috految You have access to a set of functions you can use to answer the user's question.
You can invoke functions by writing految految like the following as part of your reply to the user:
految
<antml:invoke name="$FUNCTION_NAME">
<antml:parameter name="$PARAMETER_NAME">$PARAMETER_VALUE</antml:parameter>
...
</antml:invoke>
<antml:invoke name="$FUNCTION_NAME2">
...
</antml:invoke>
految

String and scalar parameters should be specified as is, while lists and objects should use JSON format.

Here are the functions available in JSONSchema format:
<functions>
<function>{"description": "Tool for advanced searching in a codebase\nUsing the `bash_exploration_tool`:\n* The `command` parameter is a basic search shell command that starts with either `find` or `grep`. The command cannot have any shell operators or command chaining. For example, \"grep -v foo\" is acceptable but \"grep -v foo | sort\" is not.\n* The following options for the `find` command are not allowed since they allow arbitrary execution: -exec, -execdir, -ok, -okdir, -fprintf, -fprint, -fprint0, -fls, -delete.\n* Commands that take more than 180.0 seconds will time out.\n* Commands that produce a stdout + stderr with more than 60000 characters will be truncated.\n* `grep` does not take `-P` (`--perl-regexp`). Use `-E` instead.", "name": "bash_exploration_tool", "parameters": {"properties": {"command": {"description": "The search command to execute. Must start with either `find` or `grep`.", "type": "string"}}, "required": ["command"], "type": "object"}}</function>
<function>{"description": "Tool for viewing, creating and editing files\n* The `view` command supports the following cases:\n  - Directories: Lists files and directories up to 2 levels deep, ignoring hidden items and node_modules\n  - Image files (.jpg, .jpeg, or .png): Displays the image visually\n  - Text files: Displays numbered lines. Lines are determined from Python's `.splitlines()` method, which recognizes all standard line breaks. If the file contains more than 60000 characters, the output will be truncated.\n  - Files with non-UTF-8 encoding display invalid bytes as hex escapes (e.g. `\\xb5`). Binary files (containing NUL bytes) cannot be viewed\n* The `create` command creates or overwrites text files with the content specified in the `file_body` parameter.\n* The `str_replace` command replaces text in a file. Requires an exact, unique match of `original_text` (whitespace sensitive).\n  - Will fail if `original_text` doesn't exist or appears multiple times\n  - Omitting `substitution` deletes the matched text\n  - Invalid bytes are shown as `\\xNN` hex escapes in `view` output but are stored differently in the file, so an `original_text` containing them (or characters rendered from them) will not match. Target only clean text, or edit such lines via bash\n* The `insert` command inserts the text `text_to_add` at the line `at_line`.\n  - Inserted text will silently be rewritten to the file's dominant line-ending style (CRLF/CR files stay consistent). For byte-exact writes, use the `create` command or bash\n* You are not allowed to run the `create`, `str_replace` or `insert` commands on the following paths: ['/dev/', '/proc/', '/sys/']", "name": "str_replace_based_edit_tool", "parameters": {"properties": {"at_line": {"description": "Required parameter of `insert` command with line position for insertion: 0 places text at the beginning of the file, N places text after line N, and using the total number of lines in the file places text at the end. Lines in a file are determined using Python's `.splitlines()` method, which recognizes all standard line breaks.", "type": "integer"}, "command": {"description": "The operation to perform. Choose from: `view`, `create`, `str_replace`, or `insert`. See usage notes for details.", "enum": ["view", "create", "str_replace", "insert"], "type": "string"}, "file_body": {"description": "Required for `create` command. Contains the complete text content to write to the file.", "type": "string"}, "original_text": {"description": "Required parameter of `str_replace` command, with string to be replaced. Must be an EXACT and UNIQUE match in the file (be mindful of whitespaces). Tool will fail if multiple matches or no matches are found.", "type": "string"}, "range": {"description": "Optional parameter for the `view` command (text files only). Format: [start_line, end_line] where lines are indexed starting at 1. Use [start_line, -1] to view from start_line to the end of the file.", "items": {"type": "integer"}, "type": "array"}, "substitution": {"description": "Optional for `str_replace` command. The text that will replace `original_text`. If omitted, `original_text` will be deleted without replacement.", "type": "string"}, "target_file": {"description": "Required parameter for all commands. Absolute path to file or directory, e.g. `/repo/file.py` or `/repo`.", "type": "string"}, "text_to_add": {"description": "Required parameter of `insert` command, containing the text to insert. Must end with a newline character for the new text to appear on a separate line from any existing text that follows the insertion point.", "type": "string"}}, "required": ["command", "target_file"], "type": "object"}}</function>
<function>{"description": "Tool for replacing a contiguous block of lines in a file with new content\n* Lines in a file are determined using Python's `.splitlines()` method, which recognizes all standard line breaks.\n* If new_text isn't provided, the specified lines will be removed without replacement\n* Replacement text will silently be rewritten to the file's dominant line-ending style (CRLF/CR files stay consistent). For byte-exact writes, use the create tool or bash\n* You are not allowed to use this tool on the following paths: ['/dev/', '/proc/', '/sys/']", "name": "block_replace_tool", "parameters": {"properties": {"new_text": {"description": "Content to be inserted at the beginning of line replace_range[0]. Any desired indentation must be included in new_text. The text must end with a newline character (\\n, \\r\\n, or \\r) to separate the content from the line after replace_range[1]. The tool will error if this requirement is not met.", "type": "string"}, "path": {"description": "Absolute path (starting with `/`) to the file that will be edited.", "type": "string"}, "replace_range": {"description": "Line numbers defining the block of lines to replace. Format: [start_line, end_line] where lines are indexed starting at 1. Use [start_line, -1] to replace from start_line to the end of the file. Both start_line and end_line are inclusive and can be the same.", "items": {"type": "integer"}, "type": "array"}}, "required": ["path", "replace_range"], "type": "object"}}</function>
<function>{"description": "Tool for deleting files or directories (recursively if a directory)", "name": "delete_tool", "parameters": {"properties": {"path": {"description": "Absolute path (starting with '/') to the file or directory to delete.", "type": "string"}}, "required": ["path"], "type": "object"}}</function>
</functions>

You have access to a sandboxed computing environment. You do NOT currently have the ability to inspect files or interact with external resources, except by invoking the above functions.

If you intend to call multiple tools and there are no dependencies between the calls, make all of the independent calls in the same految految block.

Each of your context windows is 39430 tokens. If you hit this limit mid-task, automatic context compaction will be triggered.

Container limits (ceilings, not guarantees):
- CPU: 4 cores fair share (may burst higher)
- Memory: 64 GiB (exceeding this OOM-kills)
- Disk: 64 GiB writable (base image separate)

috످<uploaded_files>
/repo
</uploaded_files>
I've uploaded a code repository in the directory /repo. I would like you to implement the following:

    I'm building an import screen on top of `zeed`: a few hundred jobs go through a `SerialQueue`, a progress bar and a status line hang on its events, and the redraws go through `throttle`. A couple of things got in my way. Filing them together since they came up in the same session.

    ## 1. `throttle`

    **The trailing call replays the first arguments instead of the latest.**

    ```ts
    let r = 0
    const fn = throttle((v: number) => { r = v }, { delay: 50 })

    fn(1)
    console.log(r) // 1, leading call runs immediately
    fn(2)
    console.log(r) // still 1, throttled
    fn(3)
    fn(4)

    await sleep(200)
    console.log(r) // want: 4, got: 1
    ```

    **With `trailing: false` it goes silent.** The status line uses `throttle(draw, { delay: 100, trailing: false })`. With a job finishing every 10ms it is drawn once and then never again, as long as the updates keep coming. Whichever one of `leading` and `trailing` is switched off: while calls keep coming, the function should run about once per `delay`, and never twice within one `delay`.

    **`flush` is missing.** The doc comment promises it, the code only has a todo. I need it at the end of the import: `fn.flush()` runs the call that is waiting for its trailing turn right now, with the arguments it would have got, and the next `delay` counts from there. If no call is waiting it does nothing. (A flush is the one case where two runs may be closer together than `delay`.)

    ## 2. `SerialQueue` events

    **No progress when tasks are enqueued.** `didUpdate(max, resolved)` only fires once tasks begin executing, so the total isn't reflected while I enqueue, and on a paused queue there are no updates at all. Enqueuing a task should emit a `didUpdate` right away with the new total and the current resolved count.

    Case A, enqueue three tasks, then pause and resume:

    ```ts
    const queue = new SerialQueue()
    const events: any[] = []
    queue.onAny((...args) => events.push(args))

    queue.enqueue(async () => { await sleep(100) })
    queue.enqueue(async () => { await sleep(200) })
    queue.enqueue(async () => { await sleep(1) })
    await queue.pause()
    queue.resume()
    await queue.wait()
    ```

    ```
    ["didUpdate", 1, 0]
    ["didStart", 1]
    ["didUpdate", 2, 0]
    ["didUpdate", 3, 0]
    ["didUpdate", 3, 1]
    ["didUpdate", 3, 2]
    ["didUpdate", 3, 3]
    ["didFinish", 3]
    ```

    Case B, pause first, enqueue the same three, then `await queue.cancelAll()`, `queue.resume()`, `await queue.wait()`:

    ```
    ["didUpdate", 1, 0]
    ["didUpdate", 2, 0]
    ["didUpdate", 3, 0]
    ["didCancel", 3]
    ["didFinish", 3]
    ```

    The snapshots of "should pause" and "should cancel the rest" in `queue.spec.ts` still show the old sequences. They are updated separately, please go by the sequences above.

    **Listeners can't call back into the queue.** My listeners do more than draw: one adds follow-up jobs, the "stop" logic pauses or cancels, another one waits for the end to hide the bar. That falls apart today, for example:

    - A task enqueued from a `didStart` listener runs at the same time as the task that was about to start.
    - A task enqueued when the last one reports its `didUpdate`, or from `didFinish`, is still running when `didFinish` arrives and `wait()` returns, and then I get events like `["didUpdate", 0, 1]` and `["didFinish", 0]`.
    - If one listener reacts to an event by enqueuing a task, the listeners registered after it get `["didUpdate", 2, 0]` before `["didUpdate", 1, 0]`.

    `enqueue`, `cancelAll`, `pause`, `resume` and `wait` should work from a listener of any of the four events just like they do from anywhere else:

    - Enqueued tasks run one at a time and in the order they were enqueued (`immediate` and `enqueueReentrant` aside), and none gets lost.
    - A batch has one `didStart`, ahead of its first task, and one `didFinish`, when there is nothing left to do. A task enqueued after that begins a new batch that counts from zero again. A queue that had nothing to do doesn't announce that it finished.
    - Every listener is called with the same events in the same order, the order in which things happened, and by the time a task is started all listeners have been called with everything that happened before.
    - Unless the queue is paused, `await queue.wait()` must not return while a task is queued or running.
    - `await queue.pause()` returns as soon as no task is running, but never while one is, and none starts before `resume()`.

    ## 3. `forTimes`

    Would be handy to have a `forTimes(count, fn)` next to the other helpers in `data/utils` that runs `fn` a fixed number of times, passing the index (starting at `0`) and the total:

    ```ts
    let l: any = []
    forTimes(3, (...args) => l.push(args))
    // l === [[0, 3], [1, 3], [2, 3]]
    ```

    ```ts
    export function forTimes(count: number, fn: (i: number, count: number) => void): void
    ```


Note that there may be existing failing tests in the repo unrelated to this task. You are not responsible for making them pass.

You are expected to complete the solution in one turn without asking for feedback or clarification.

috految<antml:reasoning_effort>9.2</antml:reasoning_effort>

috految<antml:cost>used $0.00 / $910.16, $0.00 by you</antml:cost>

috److految
<antml:invoke name="bash_exploration_tool">
<antml:parameter name="command">grep -rnh "" /repo/src --include=queue.ts --include=throttle*.ts --include=emitter.ts --include=queue.spec.ts --include=utils.ts</antml:parameter>
</antml:invoke>
<antml:invoke name="bash_exploration_tool">
<antml:parameter name="command">grep -rnE "SerialQueue|throttle|/utils|/queue|\bqueue\.|\"(target|test|typescript)\":|memoize|(function|const) getTimestamp|function promisify|Promise = |Promise.resolve" /repo/src /repo/README.md /repo/package.json /repo/tsconfig.json --exclude=queue*</antml:parameter>
</antml:invoke>
految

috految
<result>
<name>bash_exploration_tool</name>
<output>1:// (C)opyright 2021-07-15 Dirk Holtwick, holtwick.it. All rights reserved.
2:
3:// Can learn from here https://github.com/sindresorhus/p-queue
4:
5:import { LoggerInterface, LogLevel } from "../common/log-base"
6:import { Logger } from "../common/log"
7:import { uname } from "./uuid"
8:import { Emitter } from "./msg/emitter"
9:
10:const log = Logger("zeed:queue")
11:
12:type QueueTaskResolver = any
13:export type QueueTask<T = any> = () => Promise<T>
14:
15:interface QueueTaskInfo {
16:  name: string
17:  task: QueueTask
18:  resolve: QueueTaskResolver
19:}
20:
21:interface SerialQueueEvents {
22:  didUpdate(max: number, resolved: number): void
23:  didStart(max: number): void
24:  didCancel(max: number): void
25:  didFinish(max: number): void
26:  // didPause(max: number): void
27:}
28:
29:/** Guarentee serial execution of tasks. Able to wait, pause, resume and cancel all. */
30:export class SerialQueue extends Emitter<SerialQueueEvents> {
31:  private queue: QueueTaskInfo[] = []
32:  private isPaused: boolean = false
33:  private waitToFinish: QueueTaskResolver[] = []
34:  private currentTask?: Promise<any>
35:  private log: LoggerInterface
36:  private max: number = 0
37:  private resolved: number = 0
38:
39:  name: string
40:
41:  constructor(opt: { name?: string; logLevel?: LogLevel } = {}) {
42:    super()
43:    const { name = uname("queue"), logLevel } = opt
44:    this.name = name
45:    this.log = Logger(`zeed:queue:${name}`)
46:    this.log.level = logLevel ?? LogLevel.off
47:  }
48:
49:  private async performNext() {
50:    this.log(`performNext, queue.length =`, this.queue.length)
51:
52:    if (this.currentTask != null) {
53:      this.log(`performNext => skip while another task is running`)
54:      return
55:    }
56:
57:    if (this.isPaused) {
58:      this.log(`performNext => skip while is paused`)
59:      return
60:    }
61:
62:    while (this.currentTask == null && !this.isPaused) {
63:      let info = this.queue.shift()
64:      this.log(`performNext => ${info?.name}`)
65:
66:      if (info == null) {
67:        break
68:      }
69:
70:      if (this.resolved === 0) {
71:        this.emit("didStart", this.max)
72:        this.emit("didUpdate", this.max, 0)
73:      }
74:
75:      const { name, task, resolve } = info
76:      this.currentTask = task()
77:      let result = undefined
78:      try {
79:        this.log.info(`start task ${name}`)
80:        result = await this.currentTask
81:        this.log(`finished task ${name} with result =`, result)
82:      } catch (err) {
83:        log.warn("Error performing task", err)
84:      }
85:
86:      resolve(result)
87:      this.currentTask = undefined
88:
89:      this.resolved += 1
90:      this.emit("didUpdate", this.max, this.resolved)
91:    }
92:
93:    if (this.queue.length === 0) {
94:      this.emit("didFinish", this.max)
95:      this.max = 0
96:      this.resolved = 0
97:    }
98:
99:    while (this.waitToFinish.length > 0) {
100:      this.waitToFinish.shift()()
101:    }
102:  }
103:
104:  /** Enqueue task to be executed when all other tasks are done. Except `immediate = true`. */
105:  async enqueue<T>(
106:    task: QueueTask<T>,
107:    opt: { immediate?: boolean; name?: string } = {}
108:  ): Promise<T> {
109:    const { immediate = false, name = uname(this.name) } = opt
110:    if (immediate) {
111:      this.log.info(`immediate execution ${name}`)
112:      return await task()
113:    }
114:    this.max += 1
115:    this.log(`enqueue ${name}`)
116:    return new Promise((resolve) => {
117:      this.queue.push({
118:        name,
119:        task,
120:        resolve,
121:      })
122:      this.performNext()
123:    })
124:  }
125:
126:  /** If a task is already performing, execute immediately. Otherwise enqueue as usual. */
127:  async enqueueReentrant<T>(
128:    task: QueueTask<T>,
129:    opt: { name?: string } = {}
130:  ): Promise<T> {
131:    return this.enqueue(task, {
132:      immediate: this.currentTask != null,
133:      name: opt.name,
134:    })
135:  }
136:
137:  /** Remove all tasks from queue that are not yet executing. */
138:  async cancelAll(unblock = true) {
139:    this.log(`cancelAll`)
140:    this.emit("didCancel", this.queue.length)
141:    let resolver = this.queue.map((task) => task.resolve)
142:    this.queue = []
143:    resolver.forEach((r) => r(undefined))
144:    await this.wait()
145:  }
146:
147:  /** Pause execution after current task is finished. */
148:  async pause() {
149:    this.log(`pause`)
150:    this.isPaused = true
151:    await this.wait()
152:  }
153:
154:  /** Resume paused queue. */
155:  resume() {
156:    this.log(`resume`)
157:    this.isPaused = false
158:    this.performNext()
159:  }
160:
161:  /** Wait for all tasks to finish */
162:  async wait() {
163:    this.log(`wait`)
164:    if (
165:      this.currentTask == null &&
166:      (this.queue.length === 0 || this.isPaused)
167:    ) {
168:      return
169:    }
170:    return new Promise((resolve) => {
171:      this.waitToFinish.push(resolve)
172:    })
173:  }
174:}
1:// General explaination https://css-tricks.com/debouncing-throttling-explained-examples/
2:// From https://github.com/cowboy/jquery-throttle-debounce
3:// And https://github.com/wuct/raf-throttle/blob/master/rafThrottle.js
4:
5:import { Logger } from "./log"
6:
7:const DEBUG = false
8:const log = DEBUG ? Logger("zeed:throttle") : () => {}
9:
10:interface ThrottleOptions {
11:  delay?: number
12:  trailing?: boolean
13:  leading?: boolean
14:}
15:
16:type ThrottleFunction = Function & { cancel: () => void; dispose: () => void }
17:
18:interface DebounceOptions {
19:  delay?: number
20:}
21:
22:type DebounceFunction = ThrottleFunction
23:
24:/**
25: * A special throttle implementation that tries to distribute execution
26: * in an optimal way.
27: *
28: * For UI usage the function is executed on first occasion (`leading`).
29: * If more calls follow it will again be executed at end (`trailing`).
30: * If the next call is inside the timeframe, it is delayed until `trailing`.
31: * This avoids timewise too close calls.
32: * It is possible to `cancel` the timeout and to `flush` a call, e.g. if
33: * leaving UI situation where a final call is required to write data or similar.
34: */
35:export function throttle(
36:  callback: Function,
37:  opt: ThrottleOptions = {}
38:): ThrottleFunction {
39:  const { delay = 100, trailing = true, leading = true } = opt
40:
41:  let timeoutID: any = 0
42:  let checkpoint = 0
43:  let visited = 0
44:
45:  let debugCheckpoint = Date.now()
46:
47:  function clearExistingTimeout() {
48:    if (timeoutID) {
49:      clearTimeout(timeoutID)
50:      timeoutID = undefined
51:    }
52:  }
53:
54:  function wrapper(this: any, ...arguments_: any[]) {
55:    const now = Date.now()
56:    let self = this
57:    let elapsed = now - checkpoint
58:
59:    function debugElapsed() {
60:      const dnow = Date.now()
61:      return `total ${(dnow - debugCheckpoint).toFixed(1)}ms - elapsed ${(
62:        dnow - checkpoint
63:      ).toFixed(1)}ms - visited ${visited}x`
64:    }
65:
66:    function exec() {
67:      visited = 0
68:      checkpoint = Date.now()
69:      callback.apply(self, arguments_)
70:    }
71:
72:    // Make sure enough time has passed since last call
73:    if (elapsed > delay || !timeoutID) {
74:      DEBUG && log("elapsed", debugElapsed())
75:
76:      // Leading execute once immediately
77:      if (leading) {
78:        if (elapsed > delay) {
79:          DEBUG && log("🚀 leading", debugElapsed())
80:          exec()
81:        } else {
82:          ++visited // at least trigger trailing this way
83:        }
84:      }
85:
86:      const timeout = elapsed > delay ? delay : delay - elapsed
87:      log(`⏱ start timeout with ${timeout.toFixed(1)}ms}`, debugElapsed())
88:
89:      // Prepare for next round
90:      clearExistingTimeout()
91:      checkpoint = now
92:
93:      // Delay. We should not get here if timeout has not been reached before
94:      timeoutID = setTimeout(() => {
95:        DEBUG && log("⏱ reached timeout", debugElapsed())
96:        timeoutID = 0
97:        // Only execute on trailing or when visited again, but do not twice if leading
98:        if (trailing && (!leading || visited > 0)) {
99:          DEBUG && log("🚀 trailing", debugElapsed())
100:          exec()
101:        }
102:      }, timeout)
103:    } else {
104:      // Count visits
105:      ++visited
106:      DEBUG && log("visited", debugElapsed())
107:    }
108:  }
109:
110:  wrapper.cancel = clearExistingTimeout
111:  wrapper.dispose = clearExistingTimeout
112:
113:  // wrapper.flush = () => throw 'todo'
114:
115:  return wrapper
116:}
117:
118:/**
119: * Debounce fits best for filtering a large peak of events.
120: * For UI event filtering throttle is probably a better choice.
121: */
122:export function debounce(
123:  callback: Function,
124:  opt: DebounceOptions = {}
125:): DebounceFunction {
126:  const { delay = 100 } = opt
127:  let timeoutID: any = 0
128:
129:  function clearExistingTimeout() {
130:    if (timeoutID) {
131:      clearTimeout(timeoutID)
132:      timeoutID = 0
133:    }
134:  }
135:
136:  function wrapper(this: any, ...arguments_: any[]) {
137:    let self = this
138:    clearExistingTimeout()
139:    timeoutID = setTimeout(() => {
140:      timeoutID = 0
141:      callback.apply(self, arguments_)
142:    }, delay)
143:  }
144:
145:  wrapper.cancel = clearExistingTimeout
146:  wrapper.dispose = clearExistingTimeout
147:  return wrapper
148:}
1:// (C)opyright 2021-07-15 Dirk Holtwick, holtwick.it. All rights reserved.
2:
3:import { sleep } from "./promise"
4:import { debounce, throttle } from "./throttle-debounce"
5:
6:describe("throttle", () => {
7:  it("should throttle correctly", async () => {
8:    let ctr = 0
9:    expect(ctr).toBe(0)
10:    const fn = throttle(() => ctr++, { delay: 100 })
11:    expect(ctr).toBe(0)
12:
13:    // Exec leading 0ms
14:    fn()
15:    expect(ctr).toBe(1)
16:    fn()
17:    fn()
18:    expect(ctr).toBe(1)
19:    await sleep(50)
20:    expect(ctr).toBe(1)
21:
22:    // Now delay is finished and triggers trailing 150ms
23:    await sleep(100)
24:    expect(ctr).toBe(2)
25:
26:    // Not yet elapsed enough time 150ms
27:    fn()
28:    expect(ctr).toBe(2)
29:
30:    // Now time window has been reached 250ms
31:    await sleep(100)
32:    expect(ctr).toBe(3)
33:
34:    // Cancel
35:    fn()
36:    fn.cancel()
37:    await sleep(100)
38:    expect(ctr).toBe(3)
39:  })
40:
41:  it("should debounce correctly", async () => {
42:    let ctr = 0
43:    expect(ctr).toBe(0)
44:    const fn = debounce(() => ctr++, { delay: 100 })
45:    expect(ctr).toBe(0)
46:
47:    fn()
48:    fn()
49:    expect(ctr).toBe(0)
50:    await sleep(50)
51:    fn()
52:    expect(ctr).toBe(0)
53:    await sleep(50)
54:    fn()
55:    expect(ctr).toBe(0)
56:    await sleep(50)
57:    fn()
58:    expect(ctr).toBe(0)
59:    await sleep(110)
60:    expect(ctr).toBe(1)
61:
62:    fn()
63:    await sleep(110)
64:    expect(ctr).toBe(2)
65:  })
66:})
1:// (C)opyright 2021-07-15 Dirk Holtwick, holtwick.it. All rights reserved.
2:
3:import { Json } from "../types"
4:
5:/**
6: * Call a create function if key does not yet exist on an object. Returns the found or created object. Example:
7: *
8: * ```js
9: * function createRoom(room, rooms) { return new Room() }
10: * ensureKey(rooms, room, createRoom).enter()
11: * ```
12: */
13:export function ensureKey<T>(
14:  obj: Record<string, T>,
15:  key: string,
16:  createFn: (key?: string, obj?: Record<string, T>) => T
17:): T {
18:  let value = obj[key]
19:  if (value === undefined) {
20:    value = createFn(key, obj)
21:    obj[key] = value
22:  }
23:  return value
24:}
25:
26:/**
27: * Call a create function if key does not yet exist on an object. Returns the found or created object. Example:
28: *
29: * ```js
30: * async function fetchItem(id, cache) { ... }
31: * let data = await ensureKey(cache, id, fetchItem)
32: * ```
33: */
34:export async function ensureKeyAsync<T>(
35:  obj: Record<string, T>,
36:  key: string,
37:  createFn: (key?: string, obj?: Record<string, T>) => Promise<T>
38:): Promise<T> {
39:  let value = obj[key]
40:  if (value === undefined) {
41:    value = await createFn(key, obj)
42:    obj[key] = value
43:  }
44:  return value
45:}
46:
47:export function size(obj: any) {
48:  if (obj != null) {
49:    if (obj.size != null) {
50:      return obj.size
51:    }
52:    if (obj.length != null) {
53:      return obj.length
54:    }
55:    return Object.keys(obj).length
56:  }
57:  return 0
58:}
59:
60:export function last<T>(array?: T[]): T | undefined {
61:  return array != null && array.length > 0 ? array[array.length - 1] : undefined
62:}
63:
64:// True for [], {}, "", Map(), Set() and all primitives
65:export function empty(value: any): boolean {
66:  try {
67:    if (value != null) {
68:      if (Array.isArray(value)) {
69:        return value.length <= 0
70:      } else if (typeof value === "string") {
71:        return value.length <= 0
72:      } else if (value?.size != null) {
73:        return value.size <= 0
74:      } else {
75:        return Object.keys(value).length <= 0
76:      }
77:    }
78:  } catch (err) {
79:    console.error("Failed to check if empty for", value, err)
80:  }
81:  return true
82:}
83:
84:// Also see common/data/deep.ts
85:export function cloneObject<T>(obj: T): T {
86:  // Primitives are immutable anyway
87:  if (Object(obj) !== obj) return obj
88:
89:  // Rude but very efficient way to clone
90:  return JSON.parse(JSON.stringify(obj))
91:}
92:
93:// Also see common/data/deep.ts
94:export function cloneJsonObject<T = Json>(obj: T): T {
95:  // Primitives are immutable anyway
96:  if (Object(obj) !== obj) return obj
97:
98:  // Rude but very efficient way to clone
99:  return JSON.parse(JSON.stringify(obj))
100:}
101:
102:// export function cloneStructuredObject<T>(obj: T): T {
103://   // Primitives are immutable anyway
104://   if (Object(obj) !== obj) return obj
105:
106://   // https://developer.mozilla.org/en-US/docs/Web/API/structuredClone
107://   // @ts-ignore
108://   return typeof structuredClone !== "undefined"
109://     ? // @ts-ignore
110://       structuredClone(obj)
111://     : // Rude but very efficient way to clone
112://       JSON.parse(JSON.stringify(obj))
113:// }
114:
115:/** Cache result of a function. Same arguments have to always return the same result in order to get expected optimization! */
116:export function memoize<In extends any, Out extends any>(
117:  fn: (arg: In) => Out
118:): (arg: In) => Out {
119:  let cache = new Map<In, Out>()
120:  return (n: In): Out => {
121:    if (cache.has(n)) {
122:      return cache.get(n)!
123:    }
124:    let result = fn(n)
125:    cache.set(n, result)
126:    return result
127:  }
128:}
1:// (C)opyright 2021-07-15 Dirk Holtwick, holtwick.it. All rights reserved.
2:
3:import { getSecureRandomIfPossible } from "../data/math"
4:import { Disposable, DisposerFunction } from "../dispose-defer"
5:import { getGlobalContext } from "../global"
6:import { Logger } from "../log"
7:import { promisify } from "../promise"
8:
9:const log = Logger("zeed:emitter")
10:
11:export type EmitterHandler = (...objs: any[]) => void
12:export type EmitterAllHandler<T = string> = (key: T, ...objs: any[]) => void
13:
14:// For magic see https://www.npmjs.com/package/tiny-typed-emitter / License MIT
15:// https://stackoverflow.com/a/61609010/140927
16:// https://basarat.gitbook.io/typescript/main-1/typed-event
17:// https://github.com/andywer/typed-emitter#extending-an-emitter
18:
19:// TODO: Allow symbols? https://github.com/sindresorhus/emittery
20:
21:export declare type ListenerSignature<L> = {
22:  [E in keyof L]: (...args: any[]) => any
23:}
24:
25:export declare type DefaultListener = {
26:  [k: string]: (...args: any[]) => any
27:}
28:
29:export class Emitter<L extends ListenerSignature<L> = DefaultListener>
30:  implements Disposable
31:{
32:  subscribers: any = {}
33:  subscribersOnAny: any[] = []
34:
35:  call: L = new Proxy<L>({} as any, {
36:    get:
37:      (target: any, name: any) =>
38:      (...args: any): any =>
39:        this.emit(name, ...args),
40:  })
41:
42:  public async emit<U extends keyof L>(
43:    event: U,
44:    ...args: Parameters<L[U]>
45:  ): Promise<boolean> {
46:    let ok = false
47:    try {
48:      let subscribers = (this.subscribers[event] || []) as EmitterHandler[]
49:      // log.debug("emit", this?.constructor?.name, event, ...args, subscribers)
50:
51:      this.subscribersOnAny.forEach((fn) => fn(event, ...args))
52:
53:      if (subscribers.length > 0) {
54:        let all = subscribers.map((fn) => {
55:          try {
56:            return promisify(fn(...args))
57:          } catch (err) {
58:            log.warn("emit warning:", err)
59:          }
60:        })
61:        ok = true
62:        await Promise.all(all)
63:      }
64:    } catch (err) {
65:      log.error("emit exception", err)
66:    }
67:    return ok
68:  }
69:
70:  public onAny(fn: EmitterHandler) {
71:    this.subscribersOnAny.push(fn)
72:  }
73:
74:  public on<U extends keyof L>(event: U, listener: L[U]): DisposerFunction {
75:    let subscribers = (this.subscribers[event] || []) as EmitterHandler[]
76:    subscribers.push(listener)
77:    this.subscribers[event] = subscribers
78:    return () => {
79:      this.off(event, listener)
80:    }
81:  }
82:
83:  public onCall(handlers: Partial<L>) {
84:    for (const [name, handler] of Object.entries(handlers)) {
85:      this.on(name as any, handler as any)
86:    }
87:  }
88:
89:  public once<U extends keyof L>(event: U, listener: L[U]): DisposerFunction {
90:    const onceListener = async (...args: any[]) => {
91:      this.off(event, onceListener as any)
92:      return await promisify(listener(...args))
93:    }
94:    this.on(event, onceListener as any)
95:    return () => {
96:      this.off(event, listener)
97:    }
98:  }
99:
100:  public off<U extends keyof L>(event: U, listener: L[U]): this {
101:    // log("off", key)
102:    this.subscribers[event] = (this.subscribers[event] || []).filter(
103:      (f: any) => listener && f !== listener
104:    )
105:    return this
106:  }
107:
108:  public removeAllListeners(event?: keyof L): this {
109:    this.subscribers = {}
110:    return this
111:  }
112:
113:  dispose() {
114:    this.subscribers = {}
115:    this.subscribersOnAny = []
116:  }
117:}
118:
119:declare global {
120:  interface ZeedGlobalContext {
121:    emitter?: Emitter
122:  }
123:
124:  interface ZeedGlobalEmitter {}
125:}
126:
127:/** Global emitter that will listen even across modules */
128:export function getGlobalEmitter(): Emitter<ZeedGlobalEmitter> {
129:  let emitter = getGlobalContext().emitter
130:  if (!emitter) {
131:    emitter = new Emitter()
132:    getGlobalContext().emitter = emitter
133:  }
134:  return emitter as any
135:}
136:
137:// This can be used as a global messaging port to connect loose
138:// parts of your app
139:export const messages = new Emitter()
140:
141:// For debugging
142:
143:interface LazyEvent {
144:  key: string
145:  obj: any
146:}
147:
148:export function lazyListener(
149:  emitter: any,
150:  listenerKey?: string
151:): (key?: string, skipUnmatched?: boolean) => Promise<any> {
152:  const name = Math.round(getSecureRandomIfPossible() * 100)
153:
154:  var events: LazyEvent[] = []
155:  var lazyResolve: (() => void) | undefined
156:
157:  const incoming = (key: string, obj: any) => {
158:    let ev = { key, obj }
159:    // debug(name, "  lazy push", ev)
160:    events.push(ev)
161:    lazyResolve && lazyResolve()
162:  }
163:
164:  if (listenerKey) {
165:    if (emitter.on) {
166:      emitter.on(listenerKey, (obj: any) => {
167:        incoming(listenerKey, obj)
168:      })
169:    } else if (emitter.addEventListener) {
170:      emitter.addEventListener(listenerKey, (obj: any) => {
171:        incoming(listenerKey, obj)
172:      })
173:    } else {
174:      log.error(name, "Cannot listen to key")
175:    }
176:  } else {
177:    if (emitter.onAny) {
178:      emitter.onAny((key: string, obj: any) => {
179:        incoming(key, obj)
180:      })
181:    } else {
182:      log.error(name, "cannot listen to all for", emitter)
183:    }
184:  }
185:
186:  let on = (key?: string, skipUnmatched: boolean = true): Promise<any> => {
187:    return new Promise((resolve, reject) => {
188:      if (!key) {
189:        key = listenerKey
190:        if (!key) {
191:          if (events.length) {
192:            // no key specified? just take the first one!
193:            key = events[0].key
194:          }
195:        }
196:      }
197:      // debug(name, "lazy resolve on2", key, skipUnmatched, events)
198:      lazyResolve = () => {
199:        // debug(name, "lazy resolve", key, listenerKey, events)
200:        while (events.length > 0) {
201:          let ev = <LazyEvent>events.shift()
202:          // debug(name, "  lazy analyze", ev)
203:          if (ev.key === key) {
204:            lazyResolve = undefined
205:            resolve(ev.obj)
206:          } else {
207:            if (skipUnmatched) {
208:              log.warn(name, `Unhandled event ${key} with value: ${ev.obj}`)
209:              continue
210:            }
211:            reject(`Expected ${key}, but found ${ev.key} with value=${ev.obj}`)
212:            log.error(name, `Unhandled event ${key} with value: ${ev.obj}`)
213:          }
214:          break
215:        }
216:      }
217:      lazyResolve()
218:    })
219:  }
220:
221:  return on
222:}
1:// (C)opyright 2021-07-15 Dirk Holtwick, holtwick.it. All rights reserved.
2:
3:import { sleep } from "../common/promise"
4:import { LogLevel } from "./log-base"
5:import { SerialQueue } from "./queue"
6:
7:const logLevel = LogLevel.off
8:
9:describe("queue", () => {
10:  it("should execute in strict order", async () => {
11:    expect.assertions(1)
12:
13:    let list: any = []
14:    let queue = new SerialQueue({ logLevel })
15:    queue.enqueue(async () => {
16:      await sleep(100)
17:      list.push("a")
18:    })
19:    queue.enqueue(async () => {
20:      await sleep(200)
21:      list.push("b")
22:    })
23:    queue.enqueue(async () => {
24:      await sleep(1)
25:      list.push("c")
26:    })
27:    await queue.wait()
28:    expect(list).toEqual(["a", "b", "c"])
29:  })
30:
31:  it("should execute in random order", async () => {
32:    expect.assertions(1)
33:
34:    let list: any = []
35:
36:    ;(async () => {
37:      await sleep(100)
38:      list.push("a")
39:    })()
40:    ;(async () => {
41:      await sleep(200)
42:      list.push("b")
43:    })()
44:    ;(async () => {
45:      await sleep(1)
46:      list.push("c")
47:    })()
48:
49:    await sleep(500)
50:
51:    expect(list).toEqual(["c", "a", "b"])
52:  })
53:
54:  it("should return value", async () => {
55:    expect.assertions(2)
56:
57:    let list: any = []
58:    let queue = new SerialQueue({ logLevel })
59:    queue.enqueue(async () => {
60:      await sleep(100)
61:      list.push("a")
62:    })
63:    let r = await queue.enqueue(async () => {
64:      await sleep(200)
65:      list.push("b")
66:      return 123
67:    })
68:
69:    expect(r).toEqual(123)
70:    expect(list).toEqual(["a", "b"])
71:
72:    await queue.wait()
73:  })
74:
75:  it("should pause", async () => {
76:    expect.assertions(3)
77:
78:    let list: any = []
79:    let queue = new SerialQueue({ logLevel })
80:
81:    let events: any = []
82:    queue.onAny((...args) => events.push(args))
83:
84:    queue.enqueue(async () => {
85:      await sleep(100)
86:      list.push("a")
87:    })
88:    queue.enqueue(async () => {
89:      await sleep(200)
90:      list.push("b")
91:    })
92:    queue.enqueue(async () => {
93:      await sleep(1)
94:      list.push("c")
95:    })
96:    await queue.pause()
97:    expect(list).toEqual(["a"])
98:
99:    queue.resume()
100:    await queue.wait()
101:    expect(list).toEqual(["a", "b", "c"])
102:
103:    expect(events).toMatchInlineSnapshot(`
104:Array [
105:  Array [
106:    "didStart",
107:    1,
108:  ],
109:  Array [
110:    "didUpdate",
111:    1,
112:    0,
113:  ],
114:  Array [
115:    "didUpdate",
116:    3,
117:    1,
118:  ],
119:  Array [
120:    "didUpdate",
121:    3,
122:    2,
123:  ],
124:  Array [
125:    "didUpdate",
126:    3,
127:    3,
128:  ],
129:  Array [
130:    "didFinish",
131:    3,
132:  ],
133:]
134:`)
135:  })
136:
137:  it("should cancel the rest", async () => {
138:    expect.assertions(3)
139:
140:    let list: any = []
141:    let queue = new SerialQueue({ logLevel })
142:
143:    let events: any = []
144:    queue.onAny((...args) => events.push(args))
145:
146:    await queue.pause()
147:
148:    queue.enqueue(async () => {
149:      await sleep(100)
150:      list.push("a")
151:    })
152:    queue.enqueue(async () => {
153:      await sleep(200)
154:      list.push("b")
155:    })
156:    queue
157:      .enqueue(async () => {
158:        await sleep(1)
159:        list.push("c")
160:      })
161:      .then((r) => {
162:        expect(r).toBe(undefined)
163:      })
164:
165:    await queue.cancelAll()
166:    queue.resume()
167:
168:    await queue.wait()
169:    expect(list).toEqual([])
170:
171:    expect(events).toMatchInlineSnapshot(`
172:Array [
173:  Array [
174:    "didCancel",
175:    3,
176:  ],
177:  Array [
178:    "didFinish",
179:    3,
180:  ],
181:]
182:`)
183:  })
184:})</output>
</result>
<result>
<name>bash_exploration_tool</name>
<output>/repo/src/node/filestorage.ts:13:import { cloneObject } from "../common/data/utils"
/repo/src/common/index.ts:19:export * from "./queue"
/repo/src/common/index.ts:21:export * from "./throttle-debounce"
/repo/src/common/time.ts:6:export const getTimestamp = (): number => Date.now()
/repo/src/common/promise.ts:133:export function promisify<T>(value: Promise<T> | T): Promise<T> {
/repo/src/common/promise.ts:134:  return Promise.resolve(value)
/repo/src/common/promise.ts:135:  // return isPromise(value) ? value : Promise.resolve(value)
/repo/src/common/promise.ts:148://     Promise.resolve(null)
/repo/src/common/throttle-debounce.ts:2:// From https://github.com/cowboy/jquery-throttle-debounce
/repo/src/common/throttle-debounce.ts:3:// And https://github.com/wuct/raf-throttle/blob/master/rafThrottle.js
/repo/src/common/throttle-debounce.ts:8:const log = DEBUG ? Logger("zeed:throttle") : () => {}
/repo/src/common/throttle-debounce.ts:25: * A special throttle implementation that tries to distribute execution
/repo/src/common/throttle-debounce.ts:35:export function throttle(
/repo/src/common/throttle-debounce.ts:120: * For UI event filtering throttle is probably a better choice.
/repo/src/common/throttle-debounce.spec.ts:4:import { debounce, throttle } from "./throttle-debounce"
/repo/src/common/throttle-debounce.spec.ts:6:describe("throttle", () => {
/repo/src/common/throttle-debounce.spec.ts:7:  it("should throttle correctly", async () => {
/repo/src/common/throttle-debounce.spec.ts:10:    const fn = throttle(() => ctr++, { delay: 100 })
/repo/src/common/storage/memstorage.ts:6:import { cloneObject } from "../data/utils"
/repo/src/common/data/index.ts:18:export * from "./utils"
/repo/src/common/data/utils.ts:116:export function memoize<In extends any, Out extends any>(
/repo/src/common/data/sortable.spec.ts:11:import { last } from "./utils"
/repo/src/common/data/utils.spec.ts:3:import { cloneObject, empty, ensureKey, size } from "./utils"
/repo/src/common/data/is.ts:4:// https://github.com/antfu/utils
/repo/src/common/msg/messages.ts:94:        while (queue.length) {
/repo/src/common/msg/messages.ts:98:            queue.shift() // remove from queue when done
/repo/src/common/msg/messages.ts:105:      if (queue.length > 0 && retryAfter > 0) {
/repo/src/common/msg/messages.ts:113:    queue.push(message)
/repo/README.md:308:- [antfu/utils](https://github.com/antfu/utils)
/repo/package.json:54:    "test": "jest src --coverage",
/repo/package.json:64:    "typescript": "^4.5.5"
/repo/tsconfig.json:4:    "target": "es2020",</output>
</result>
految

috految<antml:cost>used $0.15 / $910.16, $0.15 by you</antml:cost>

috److془Design carefully.

wait: microtask gap. Use macrotask per waiter: exact. Downside: fake timers, background tabs throttle; starvation. Timer is the only exact way. Fake timers in hidden tests.. unlikely for queue. Tests like `await queue.wait(); expect(listenerWaitReturned)`: FIFO. Good. Waiter with `await sleep(0)` afterwards... accept. Hmm: `while(..){ await enqueue; await sleep(0)}` fine if timer set at idle.

Issue: `await queue.wait()` main; fine. Idle wait: `p = wait(); enqueue()` waits. Good. Hmm: `const p = wait(); enqueue(() => p)` deadlock by spec. Fine.

Pause: "returns as soon as no task is running, but never while one is, and none starts before resume()". pause(); resume() while A running: return between A and B, holding B. Hold until after continuation. Resolve, then microtask hold. Wrapped `await pause()` in async function gets a later tick, but fine. Case `p=pause(); resume(); await p` idle: resolve in microtask, then release in later. `await pause(); resume(); ` start deferred by a microtask: `await pause; resume(); await pause()` stepping would never progress! Need release prior to continuation: Promise.resolve().then(release); resolve(); then(advance). Adjacent microtasks. Beautiful. Multiple pausers: counter. Listener pauses on didUpdate + stepping: fine-ish. Two pausers with first resume: second returns before start. Good. Sync `pause(); enqueue; resume()` start deferred microtasks; fine. Although `pause(); enqueue(a); resume(); await pause()` fine. Stepping with earlier pause: FIFO, fine. Pause returns raw promise. Transpiled await is one tick too. Jest Promise realm is ok. Though: `await pause()` previously vs enqueue's continuation order: task result 2 ticks; pause 2 ticks, later. Good. Listener `await pause(); resume()` fine. Two-tick with `await pause(); await cancelAll()` fine. Wrapped chain: reverse fine.

Immediate tasks: count as running? "Enqueued tasks run one at a time and in order (immediate and enqueueReentrant aside)". "wait must not return while a task is queued or running". "none starts before resume()" immediate obviously bypasses. Leave. Hmm: enqueueReentrant from sync part of task: immediate now; good. Unawaited reentrant... retain. Immediate task awaiting wait would deadlock otherwise. 

cancelAll: await wait(). `await cancelAll()` in the sync part of task previously worked accidentally; deadlocks now as after any await. Hmm; fine. cancelAll with a producer loop `for(..) await enqueue` : previously returned after current task; with wait would block until done. Use idle moment instead. Also `cancelAll(); enqueue(long)` idle returns immediately. But test may expect after await cancelAll with didFinish follow-up; considered as idle after drain. Good. Cancel on idle in didCancel listener: infinite loop with didCancel 0. Suppress if empty and a didCancel is in dispatch. Async listener: `on didCancel: await pause(); cancelAll()` loops forever. Suppress empty if already cancelled since last enqueue. Nice. Running last task cancel emits 0 as before. Cancel from didFinish: didCancel 0, once. Good. Repeated cancel: listener saw it. Good.

Should didFinish fire when paused with nothing left? Yes "when there is nothing left to do". Cancel then enqueue from listener with no running: same batch vs. outside new batch. Ambiguous; didFinish with queued tasks bad; same batch. Max stays. didFinish listener enqueue: reset before emit. didStart listener pause: no task begins; started flag. Listener cancel at didStart: fine. Sync part of task enqueues: emit immediately. Listeners called in task calling enqueueReentrant fine. Sync throw: await wrapper to avoid recursion. Listener `while` sync fine. Listener in didUpdate of final: enqueue gives (2,1). Good. Throwing onAny blocks the others: fix emitter. Emitter: off replaces the array, fine. Listener registered during dispatch gets pending events; fine. Once: fine. onAny registers on() meh. Listener in didFinish with enqueue;once good. Paused wait: after running finishes, returns. Wait on idle: timer, recheck. Paused wait then resume: continues. Good. Waiter order: main waits, listener waits later; fine. Same timers: node drains microtasks between. Starvation: producer `enqueue; await wait()` loop and second waiter: re-registers behind, starved forever. Use shift FIFO. Timer per waiter at idle. Quadratic with many idles; use one timer per waiter with own reschedule: const check = idle? shift()() : whenIdle.then(timer). Good. Producer timer then earlier, serves oldest. 

Throttle: leading false with blocking timers (microtask jobs): overdue run on call. Leading false with calls every 90: retain cadence: due = lastRun+delay if within window, otherwise now+delay. Calls every 110: run 100, 200, 300.. fine. Calls every 100 with leading false: call 100 runs overdue, call 200 is outside window, due 300: halved rate. Likewise blocked every 110. Fix: overdue runs old pending, new becomes pending; but stale args. Alternative: on overdue, run latest, and rearm timer w/o pending; but the timer race almost same: if call at 200 precedes timer, runs. If timer precedes, is at 300; call at 300 precedes...jitter. Fine. Hmm 100 interval jitter; and timer after blocked: run at 180 on-call... fine. Sync-running after long block with slow callback: burst with callback>delay runs on each call; as old leading. For leading false, fine by spec. Delay 0 leading false: must coalesce; condition delay>0. Recursion with slow callback calling itself: overflow; guard by rearm after callback. Using elapsed for leading: as old. Trailing false calls every 90: runs each 180; unavoidable. Both false: never. Use >= for time with delay 0 : max(delay,1). Timer can fire 1ms early: recheck. Clock backwards: abs. Existing test: 100 run, 150 call, 200, 250 call cancel. good. Old cancel retains checkpoint. Leading false after cancel: fine. Slow callback in sync burst with leading false okay. Slow trailing fine. Simple: timers set checkpoint. Leading false, calls 100 where timer first: fine. Overdue with leading false: after exec rearm timer. Done.془

految
<antml:invoke name="block_replace_tool">
<antml:parameter name="path">/repo/src/common/queue.ts</antml:parameter>
<antml:parameter name="new_text">  private isRunning: boolean = false
  private isEmitting: boolean = false
  private isBatchStarted: boolean = false
  private isCancelAnnounced: boolean = false
  private pendingEvents: (() => void)[] = []
  private pendingPauses: number = 0
  private waitToPause: QueueTaskResolver[] = []
  private waitToIdle: QueueTaskResolver[] = []
  private waitToFinish: QueueTaskResolver[] = []
  private log: LoggerInterface
  private max: number = 0
  private resolved: number = 0

  name: string

  constructor(opt: { name?: string; logLevel?: LogLevel } = {}) {
    super()
    const { name = uname("queue"), logLevel } = opt
    this.name = name
    this.log = Logger(`zeed:queue:${name}`)
    this.log.level = logLevel ?? LogLevel.off
  }

  private isIdle(): boolean {
    return !this.isRunning && (this.queue.length === 0 || this.isPaused)
  }

  private whenIdle(callback: () => void) {
    this.waitToIdle.push(callback)
    this.advance()
  }

  private announceProgress() {
    const { max, resolved } = this
    this.pendingEvents.push(() => this.emit("didUpdate", max, resolved))
  }

  /** Deliver pending events, then take the next step. Call after each state change. */
  private advance() {
    // Changes made by a listener are picked up once all listeners have been called
    if (this.isEmitting) return

    this.isEmitting = true
    while (this.pendingEvents.length > 0) {
      this.pendingEvents.shift()!()
    }
    this.isEmitting = false

    if (this.isRunning) return

    const { max } = this
    if (this.queue.length === 0 && max > 0) {
      this.max = 0
      this.resolved = 0
      this.isBatchStarted = false
      this.pendingEvents.push(() => this.emit("didFinish", max))
      this.advance()
      return
    }

    this.waitToPause.splice(0).forEach((resolve) => resolve())

    if (this.isIdle()) {
      this.waitToIdle.splice(0).forEach((resolve) => resolve())
    } else if (!this.isBatchStarted) {
      this.isBatchStarted = true
      this.pendingEvents.push(() => this.emit("didStart", max))
      this.advance()
    } else if (this.pendingPauses === 0) {
      this.perform(this.queue.shift()!)
    }
  }

  private async perform({ name, task, resolve }: QueueTaskInfo) {
    this.isRunning = true

    let result = undefined
    try {
      this.log.info(`start task ${name}`)
      // Wrapped, so that a synchronous throw is handled like a rejection
      result = await new Promise((done) => done(task()))
      this.log(`finished task ${name} with result =`, result)
    } catch (err) {
      log.warn("Error performing task", err)
    }

    resolve(result)
    this.isRunning = false
    this.resolved += 1
    this.announceProgress()
    this.advance()
  }

  /** Enqueue task to be executed when all other tasks are done. Except `immediate = true`. */
  async enqueue<T>(
    task: QueueTask<T>,
    opt: { immediate?: boolean; name?: string } = {}
  ): Promise<T> {
    const { immediate = false, name = uname(this.name) } = opt
    if (immediate) {
      this.log.info(`immediate execution ${name}`)
      return await task()
    }
    this.max += 1
    this.isCancelAnnounced = false
    this.log(`enqueue ${name}`)
    return new Promise((resolve) => {
      this.queue.push({
        name,
        task,
        resolve,
      })
      this.announceProgress()
      this.advance()
    })
  }

  /** If a task is already performing, execute immediately. Otherwise enqueue as usual. */
  async enqueueReentrant<T>(
    task: QueueTask<T>,
    opt: { name?: string } = {}
  ): Promise<T> {
    return this.enqueue(task, {
      immediate: this.isRunning,
      name: opt.name,
    })
  }

  /** Remove all tasks from queue that are not yet executing. */
  async cancelAll(unblock = true) {
    this.log(`cancelAll`)
    const cancelled = this.queue.splice(0)
    cancelled.forEach(({ resolve }) => resolve(undefined))

    // Don't repeat, otherwise cancelling from `didCancel` would never end
    if (!this.isCancelAnnounced) {
      this.isCancelAnnounced = true
      this.pendingEvents.push(() => this.emit("didCancel", cancelled.length))
    }
    await new Promise<void>((resolve) => this.whenIdle(resolve))
  }

  /** Pause execution after current task is finished. */
  pause(): Promise<void> {
    this.log(`pause`)
    this.isPaused = true

    // Even if resumed meanwhile, no task may start before the caller continues.
    // The hold is released right ahead of the caller's `await`, which is why
    // this method must not be `async`.
    this.pendingPauses += 1
    const paused = new Promise<void>((resolve) => {
      this.waitToPause.push(() => Promise.resolve().then(resolve))
    })
    paused.then(() => (this.pendingPauses -= 1)).then(() => this.advance())
    this.advance()
    return paused
  }

  /** Resume paused queue. */
  resume() {
    this.log(`resume`)
    this.isPaused = false
    this.advance()
  }

  /** Wait for all tasks to finish or, if paused, for the running one. */
  wait(): Promise<void> {
    this.log(`wait`)
    return new Promise<void>((resolve) => {
      this.waitToFinish.push(resolve)

      // Release each caller in a macrotask of its own. Otherwise other promise
      // callbacks could enqueue between our check and the caller continuing.
      const release = (): void => {
        setTimeout(() => {
          if (this.isIdle()) {
            this.waitToFinish.shift()()
          } else {
            this.whenIdle(release)
          }
        }, 0)
      }
      this.whenIdle(release)
    })
  }
}
</antml:parameter>
<antml:parameter name="replace_range">[33, 174]</antml:parameter>
</antml:invoke>
<antml:invoke name="block_replace_tool">
<antml:parameter name="path">/repo/src/common/msg/emitter.ts</antml:parameter>
<antml:parameter name="new_text">      this.subscribersOnAny.forEach((fn) => {
        try {
          fn(event, ...args)
        } catch (err) {
          log.error("emit exception", err)
        }
      })
</antml:parameter>
<antml:parameter name="replace_range">[51, 51]</antml:parameter>
</antml:invoke>
<antml:invoke name="block_replace_tool">
<antml:parameter name="path">/repo/src/common/throttle-debounce.ts</antml:parameter>
<antml:parameter name="new_text">  let timeoutID: any
  let checkpoint = -Infinity // Start of the current timeframe
  let pending: (() => void) | undefined

  function getRemaining() {
    // Absolute value, because the system clock may be set back
    return delay - Math.abs(Date.now() - checkpoint)
  }

  function cancel() {
    clearTimeout(timeoutID)
    timeoutID = undefined
    pending = undefined
  }

  function exec(call: () => void) {
    DEBUG && log("🚀 exec")
    cancel()
    checkpoint = Date.now()
    call()
  }

  function flush() {
    if (pending) exec(pending)
  }

  function startTimeout() {
    if (timeoutID != null) return
    timeoutID = setTimeout(() => {
      timeoutID = undefined
      // Timers can fire slightly early
      if (getRemaining() > 0) {
        startTimeout()
      } else {
        flush()
      }
    }, Math.max(0, Math.ceil(getRemaining())))
  }

  function wrapper(this: any, ...arguments_: any[]) {
    const call = () => callback.apply(this, arguments_)
    const isDue = Date.now() !== checkpoint && getRemaining() <= 0

    if (leading && isDue) {
      exec(call)
    } else if (trailing) {
      pending = call
      if (isDue) {
        if (timeoutID == null) {
          checkpoint = Date.now()
        } else if (delay > 0) {
          // The timer is overdue because the event loop is busy
          flush()
        }
      }
      startTimeout()
    }
  }

  wrapper.cancel = cancel
  wrapper.dispose = cancel
  wrapper.flush = flush
</antml:parameter>
<antml:parameter name="replace_range">[41, 113]</antml:parameter>
</antml:invoke>
<antml:invoke name="block_replace_tool">
<antml:parameter name="path">/repo/src/common/throttle-debounce.ts</antml:parameter>
<antml:parameter name="new_text">type ThrottleFunction = DebounceFunction & { flush: () => void }

interface DebounceOptions {
  delay?: number
}

type DebounceFunction = Function & { cancel: () => void; dispose: () => void }
</antml:parameter>
<antml:parameter name="replace_range">[16, 22]</antml:parameter>
</antml:invoke>
<antml:invoke name="block_replace_tool">
<antml:parameter name="path">/repo/src/common/data/utils.ts</antml:parameter>
<antml:parameter name="new_text">}

/** Call `fn` `count` times, passing the index (starting at `0`) and the total. */
export function forTimes(
  count: number,
  fn: (i: number, count: number) => void
): void {
  for (let i = 0; i < count; i++) {
    fn(i, count)
  }
}
</antml:parameter>
<antml:parameter name="replace_range">[128, 128]</antml:parameter>
</antml:invoke>
految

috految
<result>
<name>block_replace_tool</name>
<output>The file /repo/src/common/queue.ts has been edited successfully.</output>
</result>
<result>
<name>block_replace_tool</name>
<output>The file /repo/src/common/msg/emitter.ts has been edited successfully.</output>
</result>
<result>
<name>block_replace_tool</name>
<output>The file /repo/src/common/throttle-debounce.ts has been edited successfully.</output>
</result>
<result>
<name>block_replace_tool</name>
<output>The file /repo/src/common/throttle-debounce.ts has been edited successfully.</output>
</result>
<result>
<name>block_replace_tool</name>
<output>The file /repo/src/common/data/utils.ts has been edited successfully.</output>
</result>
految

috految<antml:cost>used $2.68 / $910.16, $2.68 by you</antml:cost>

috److I've implemented the `throttle` fixes, the `SerialQueue` changes and `forTimes`. I haven't run the tests or the compiler, and I left the two old snapshots in `queue.spec.ts` alone.

**`throttle`**
- The trailing call now gets the latest arguments.
- It keeps running about once per `delay` with either `leading` or `trailing` off.
- `fn.flush()` runs the waiting call right away.

**`SerialQueue`**
- Enqueuing now emits `didUpdate` right away.
- Events reach all listeners in order before the next task starts, so listeners can call back into the queue.

A few queue behaviours you might not expect:
- **`wait()` uses a timer:** it returns via `setTimeout(0)`, so a follow-up job can't slip in just before your `await` continues. Tests with fake timers will need to advance them.
- **Repeated `cancelAll()`:** calling it again with nothing enqueued in between doesn't emit another `didCancel`. Otherwise, cancelling from a `didCancel` listener would loop forever.
- **`didFinish` while paused:** it fires as soon as nothing is left, so in your Case B it arrives at `cancelAll()` rather than at `resume()`. The event order is the same.
- **`immediate` tasks:** they still bypass the queue, so `wait()` and `pause()` don't track them.
- **Awaiting from inside a task:** a queued task that awaits `wait()`, `pause()` or `cancelAll()` on its own queue will hang, because it is waiting for itself. Awaiting them from a listener is fine.

I also changed the shared `Emitter` so that an `onAny` listener that throws no longer stops the other listeners from getting the event.

috످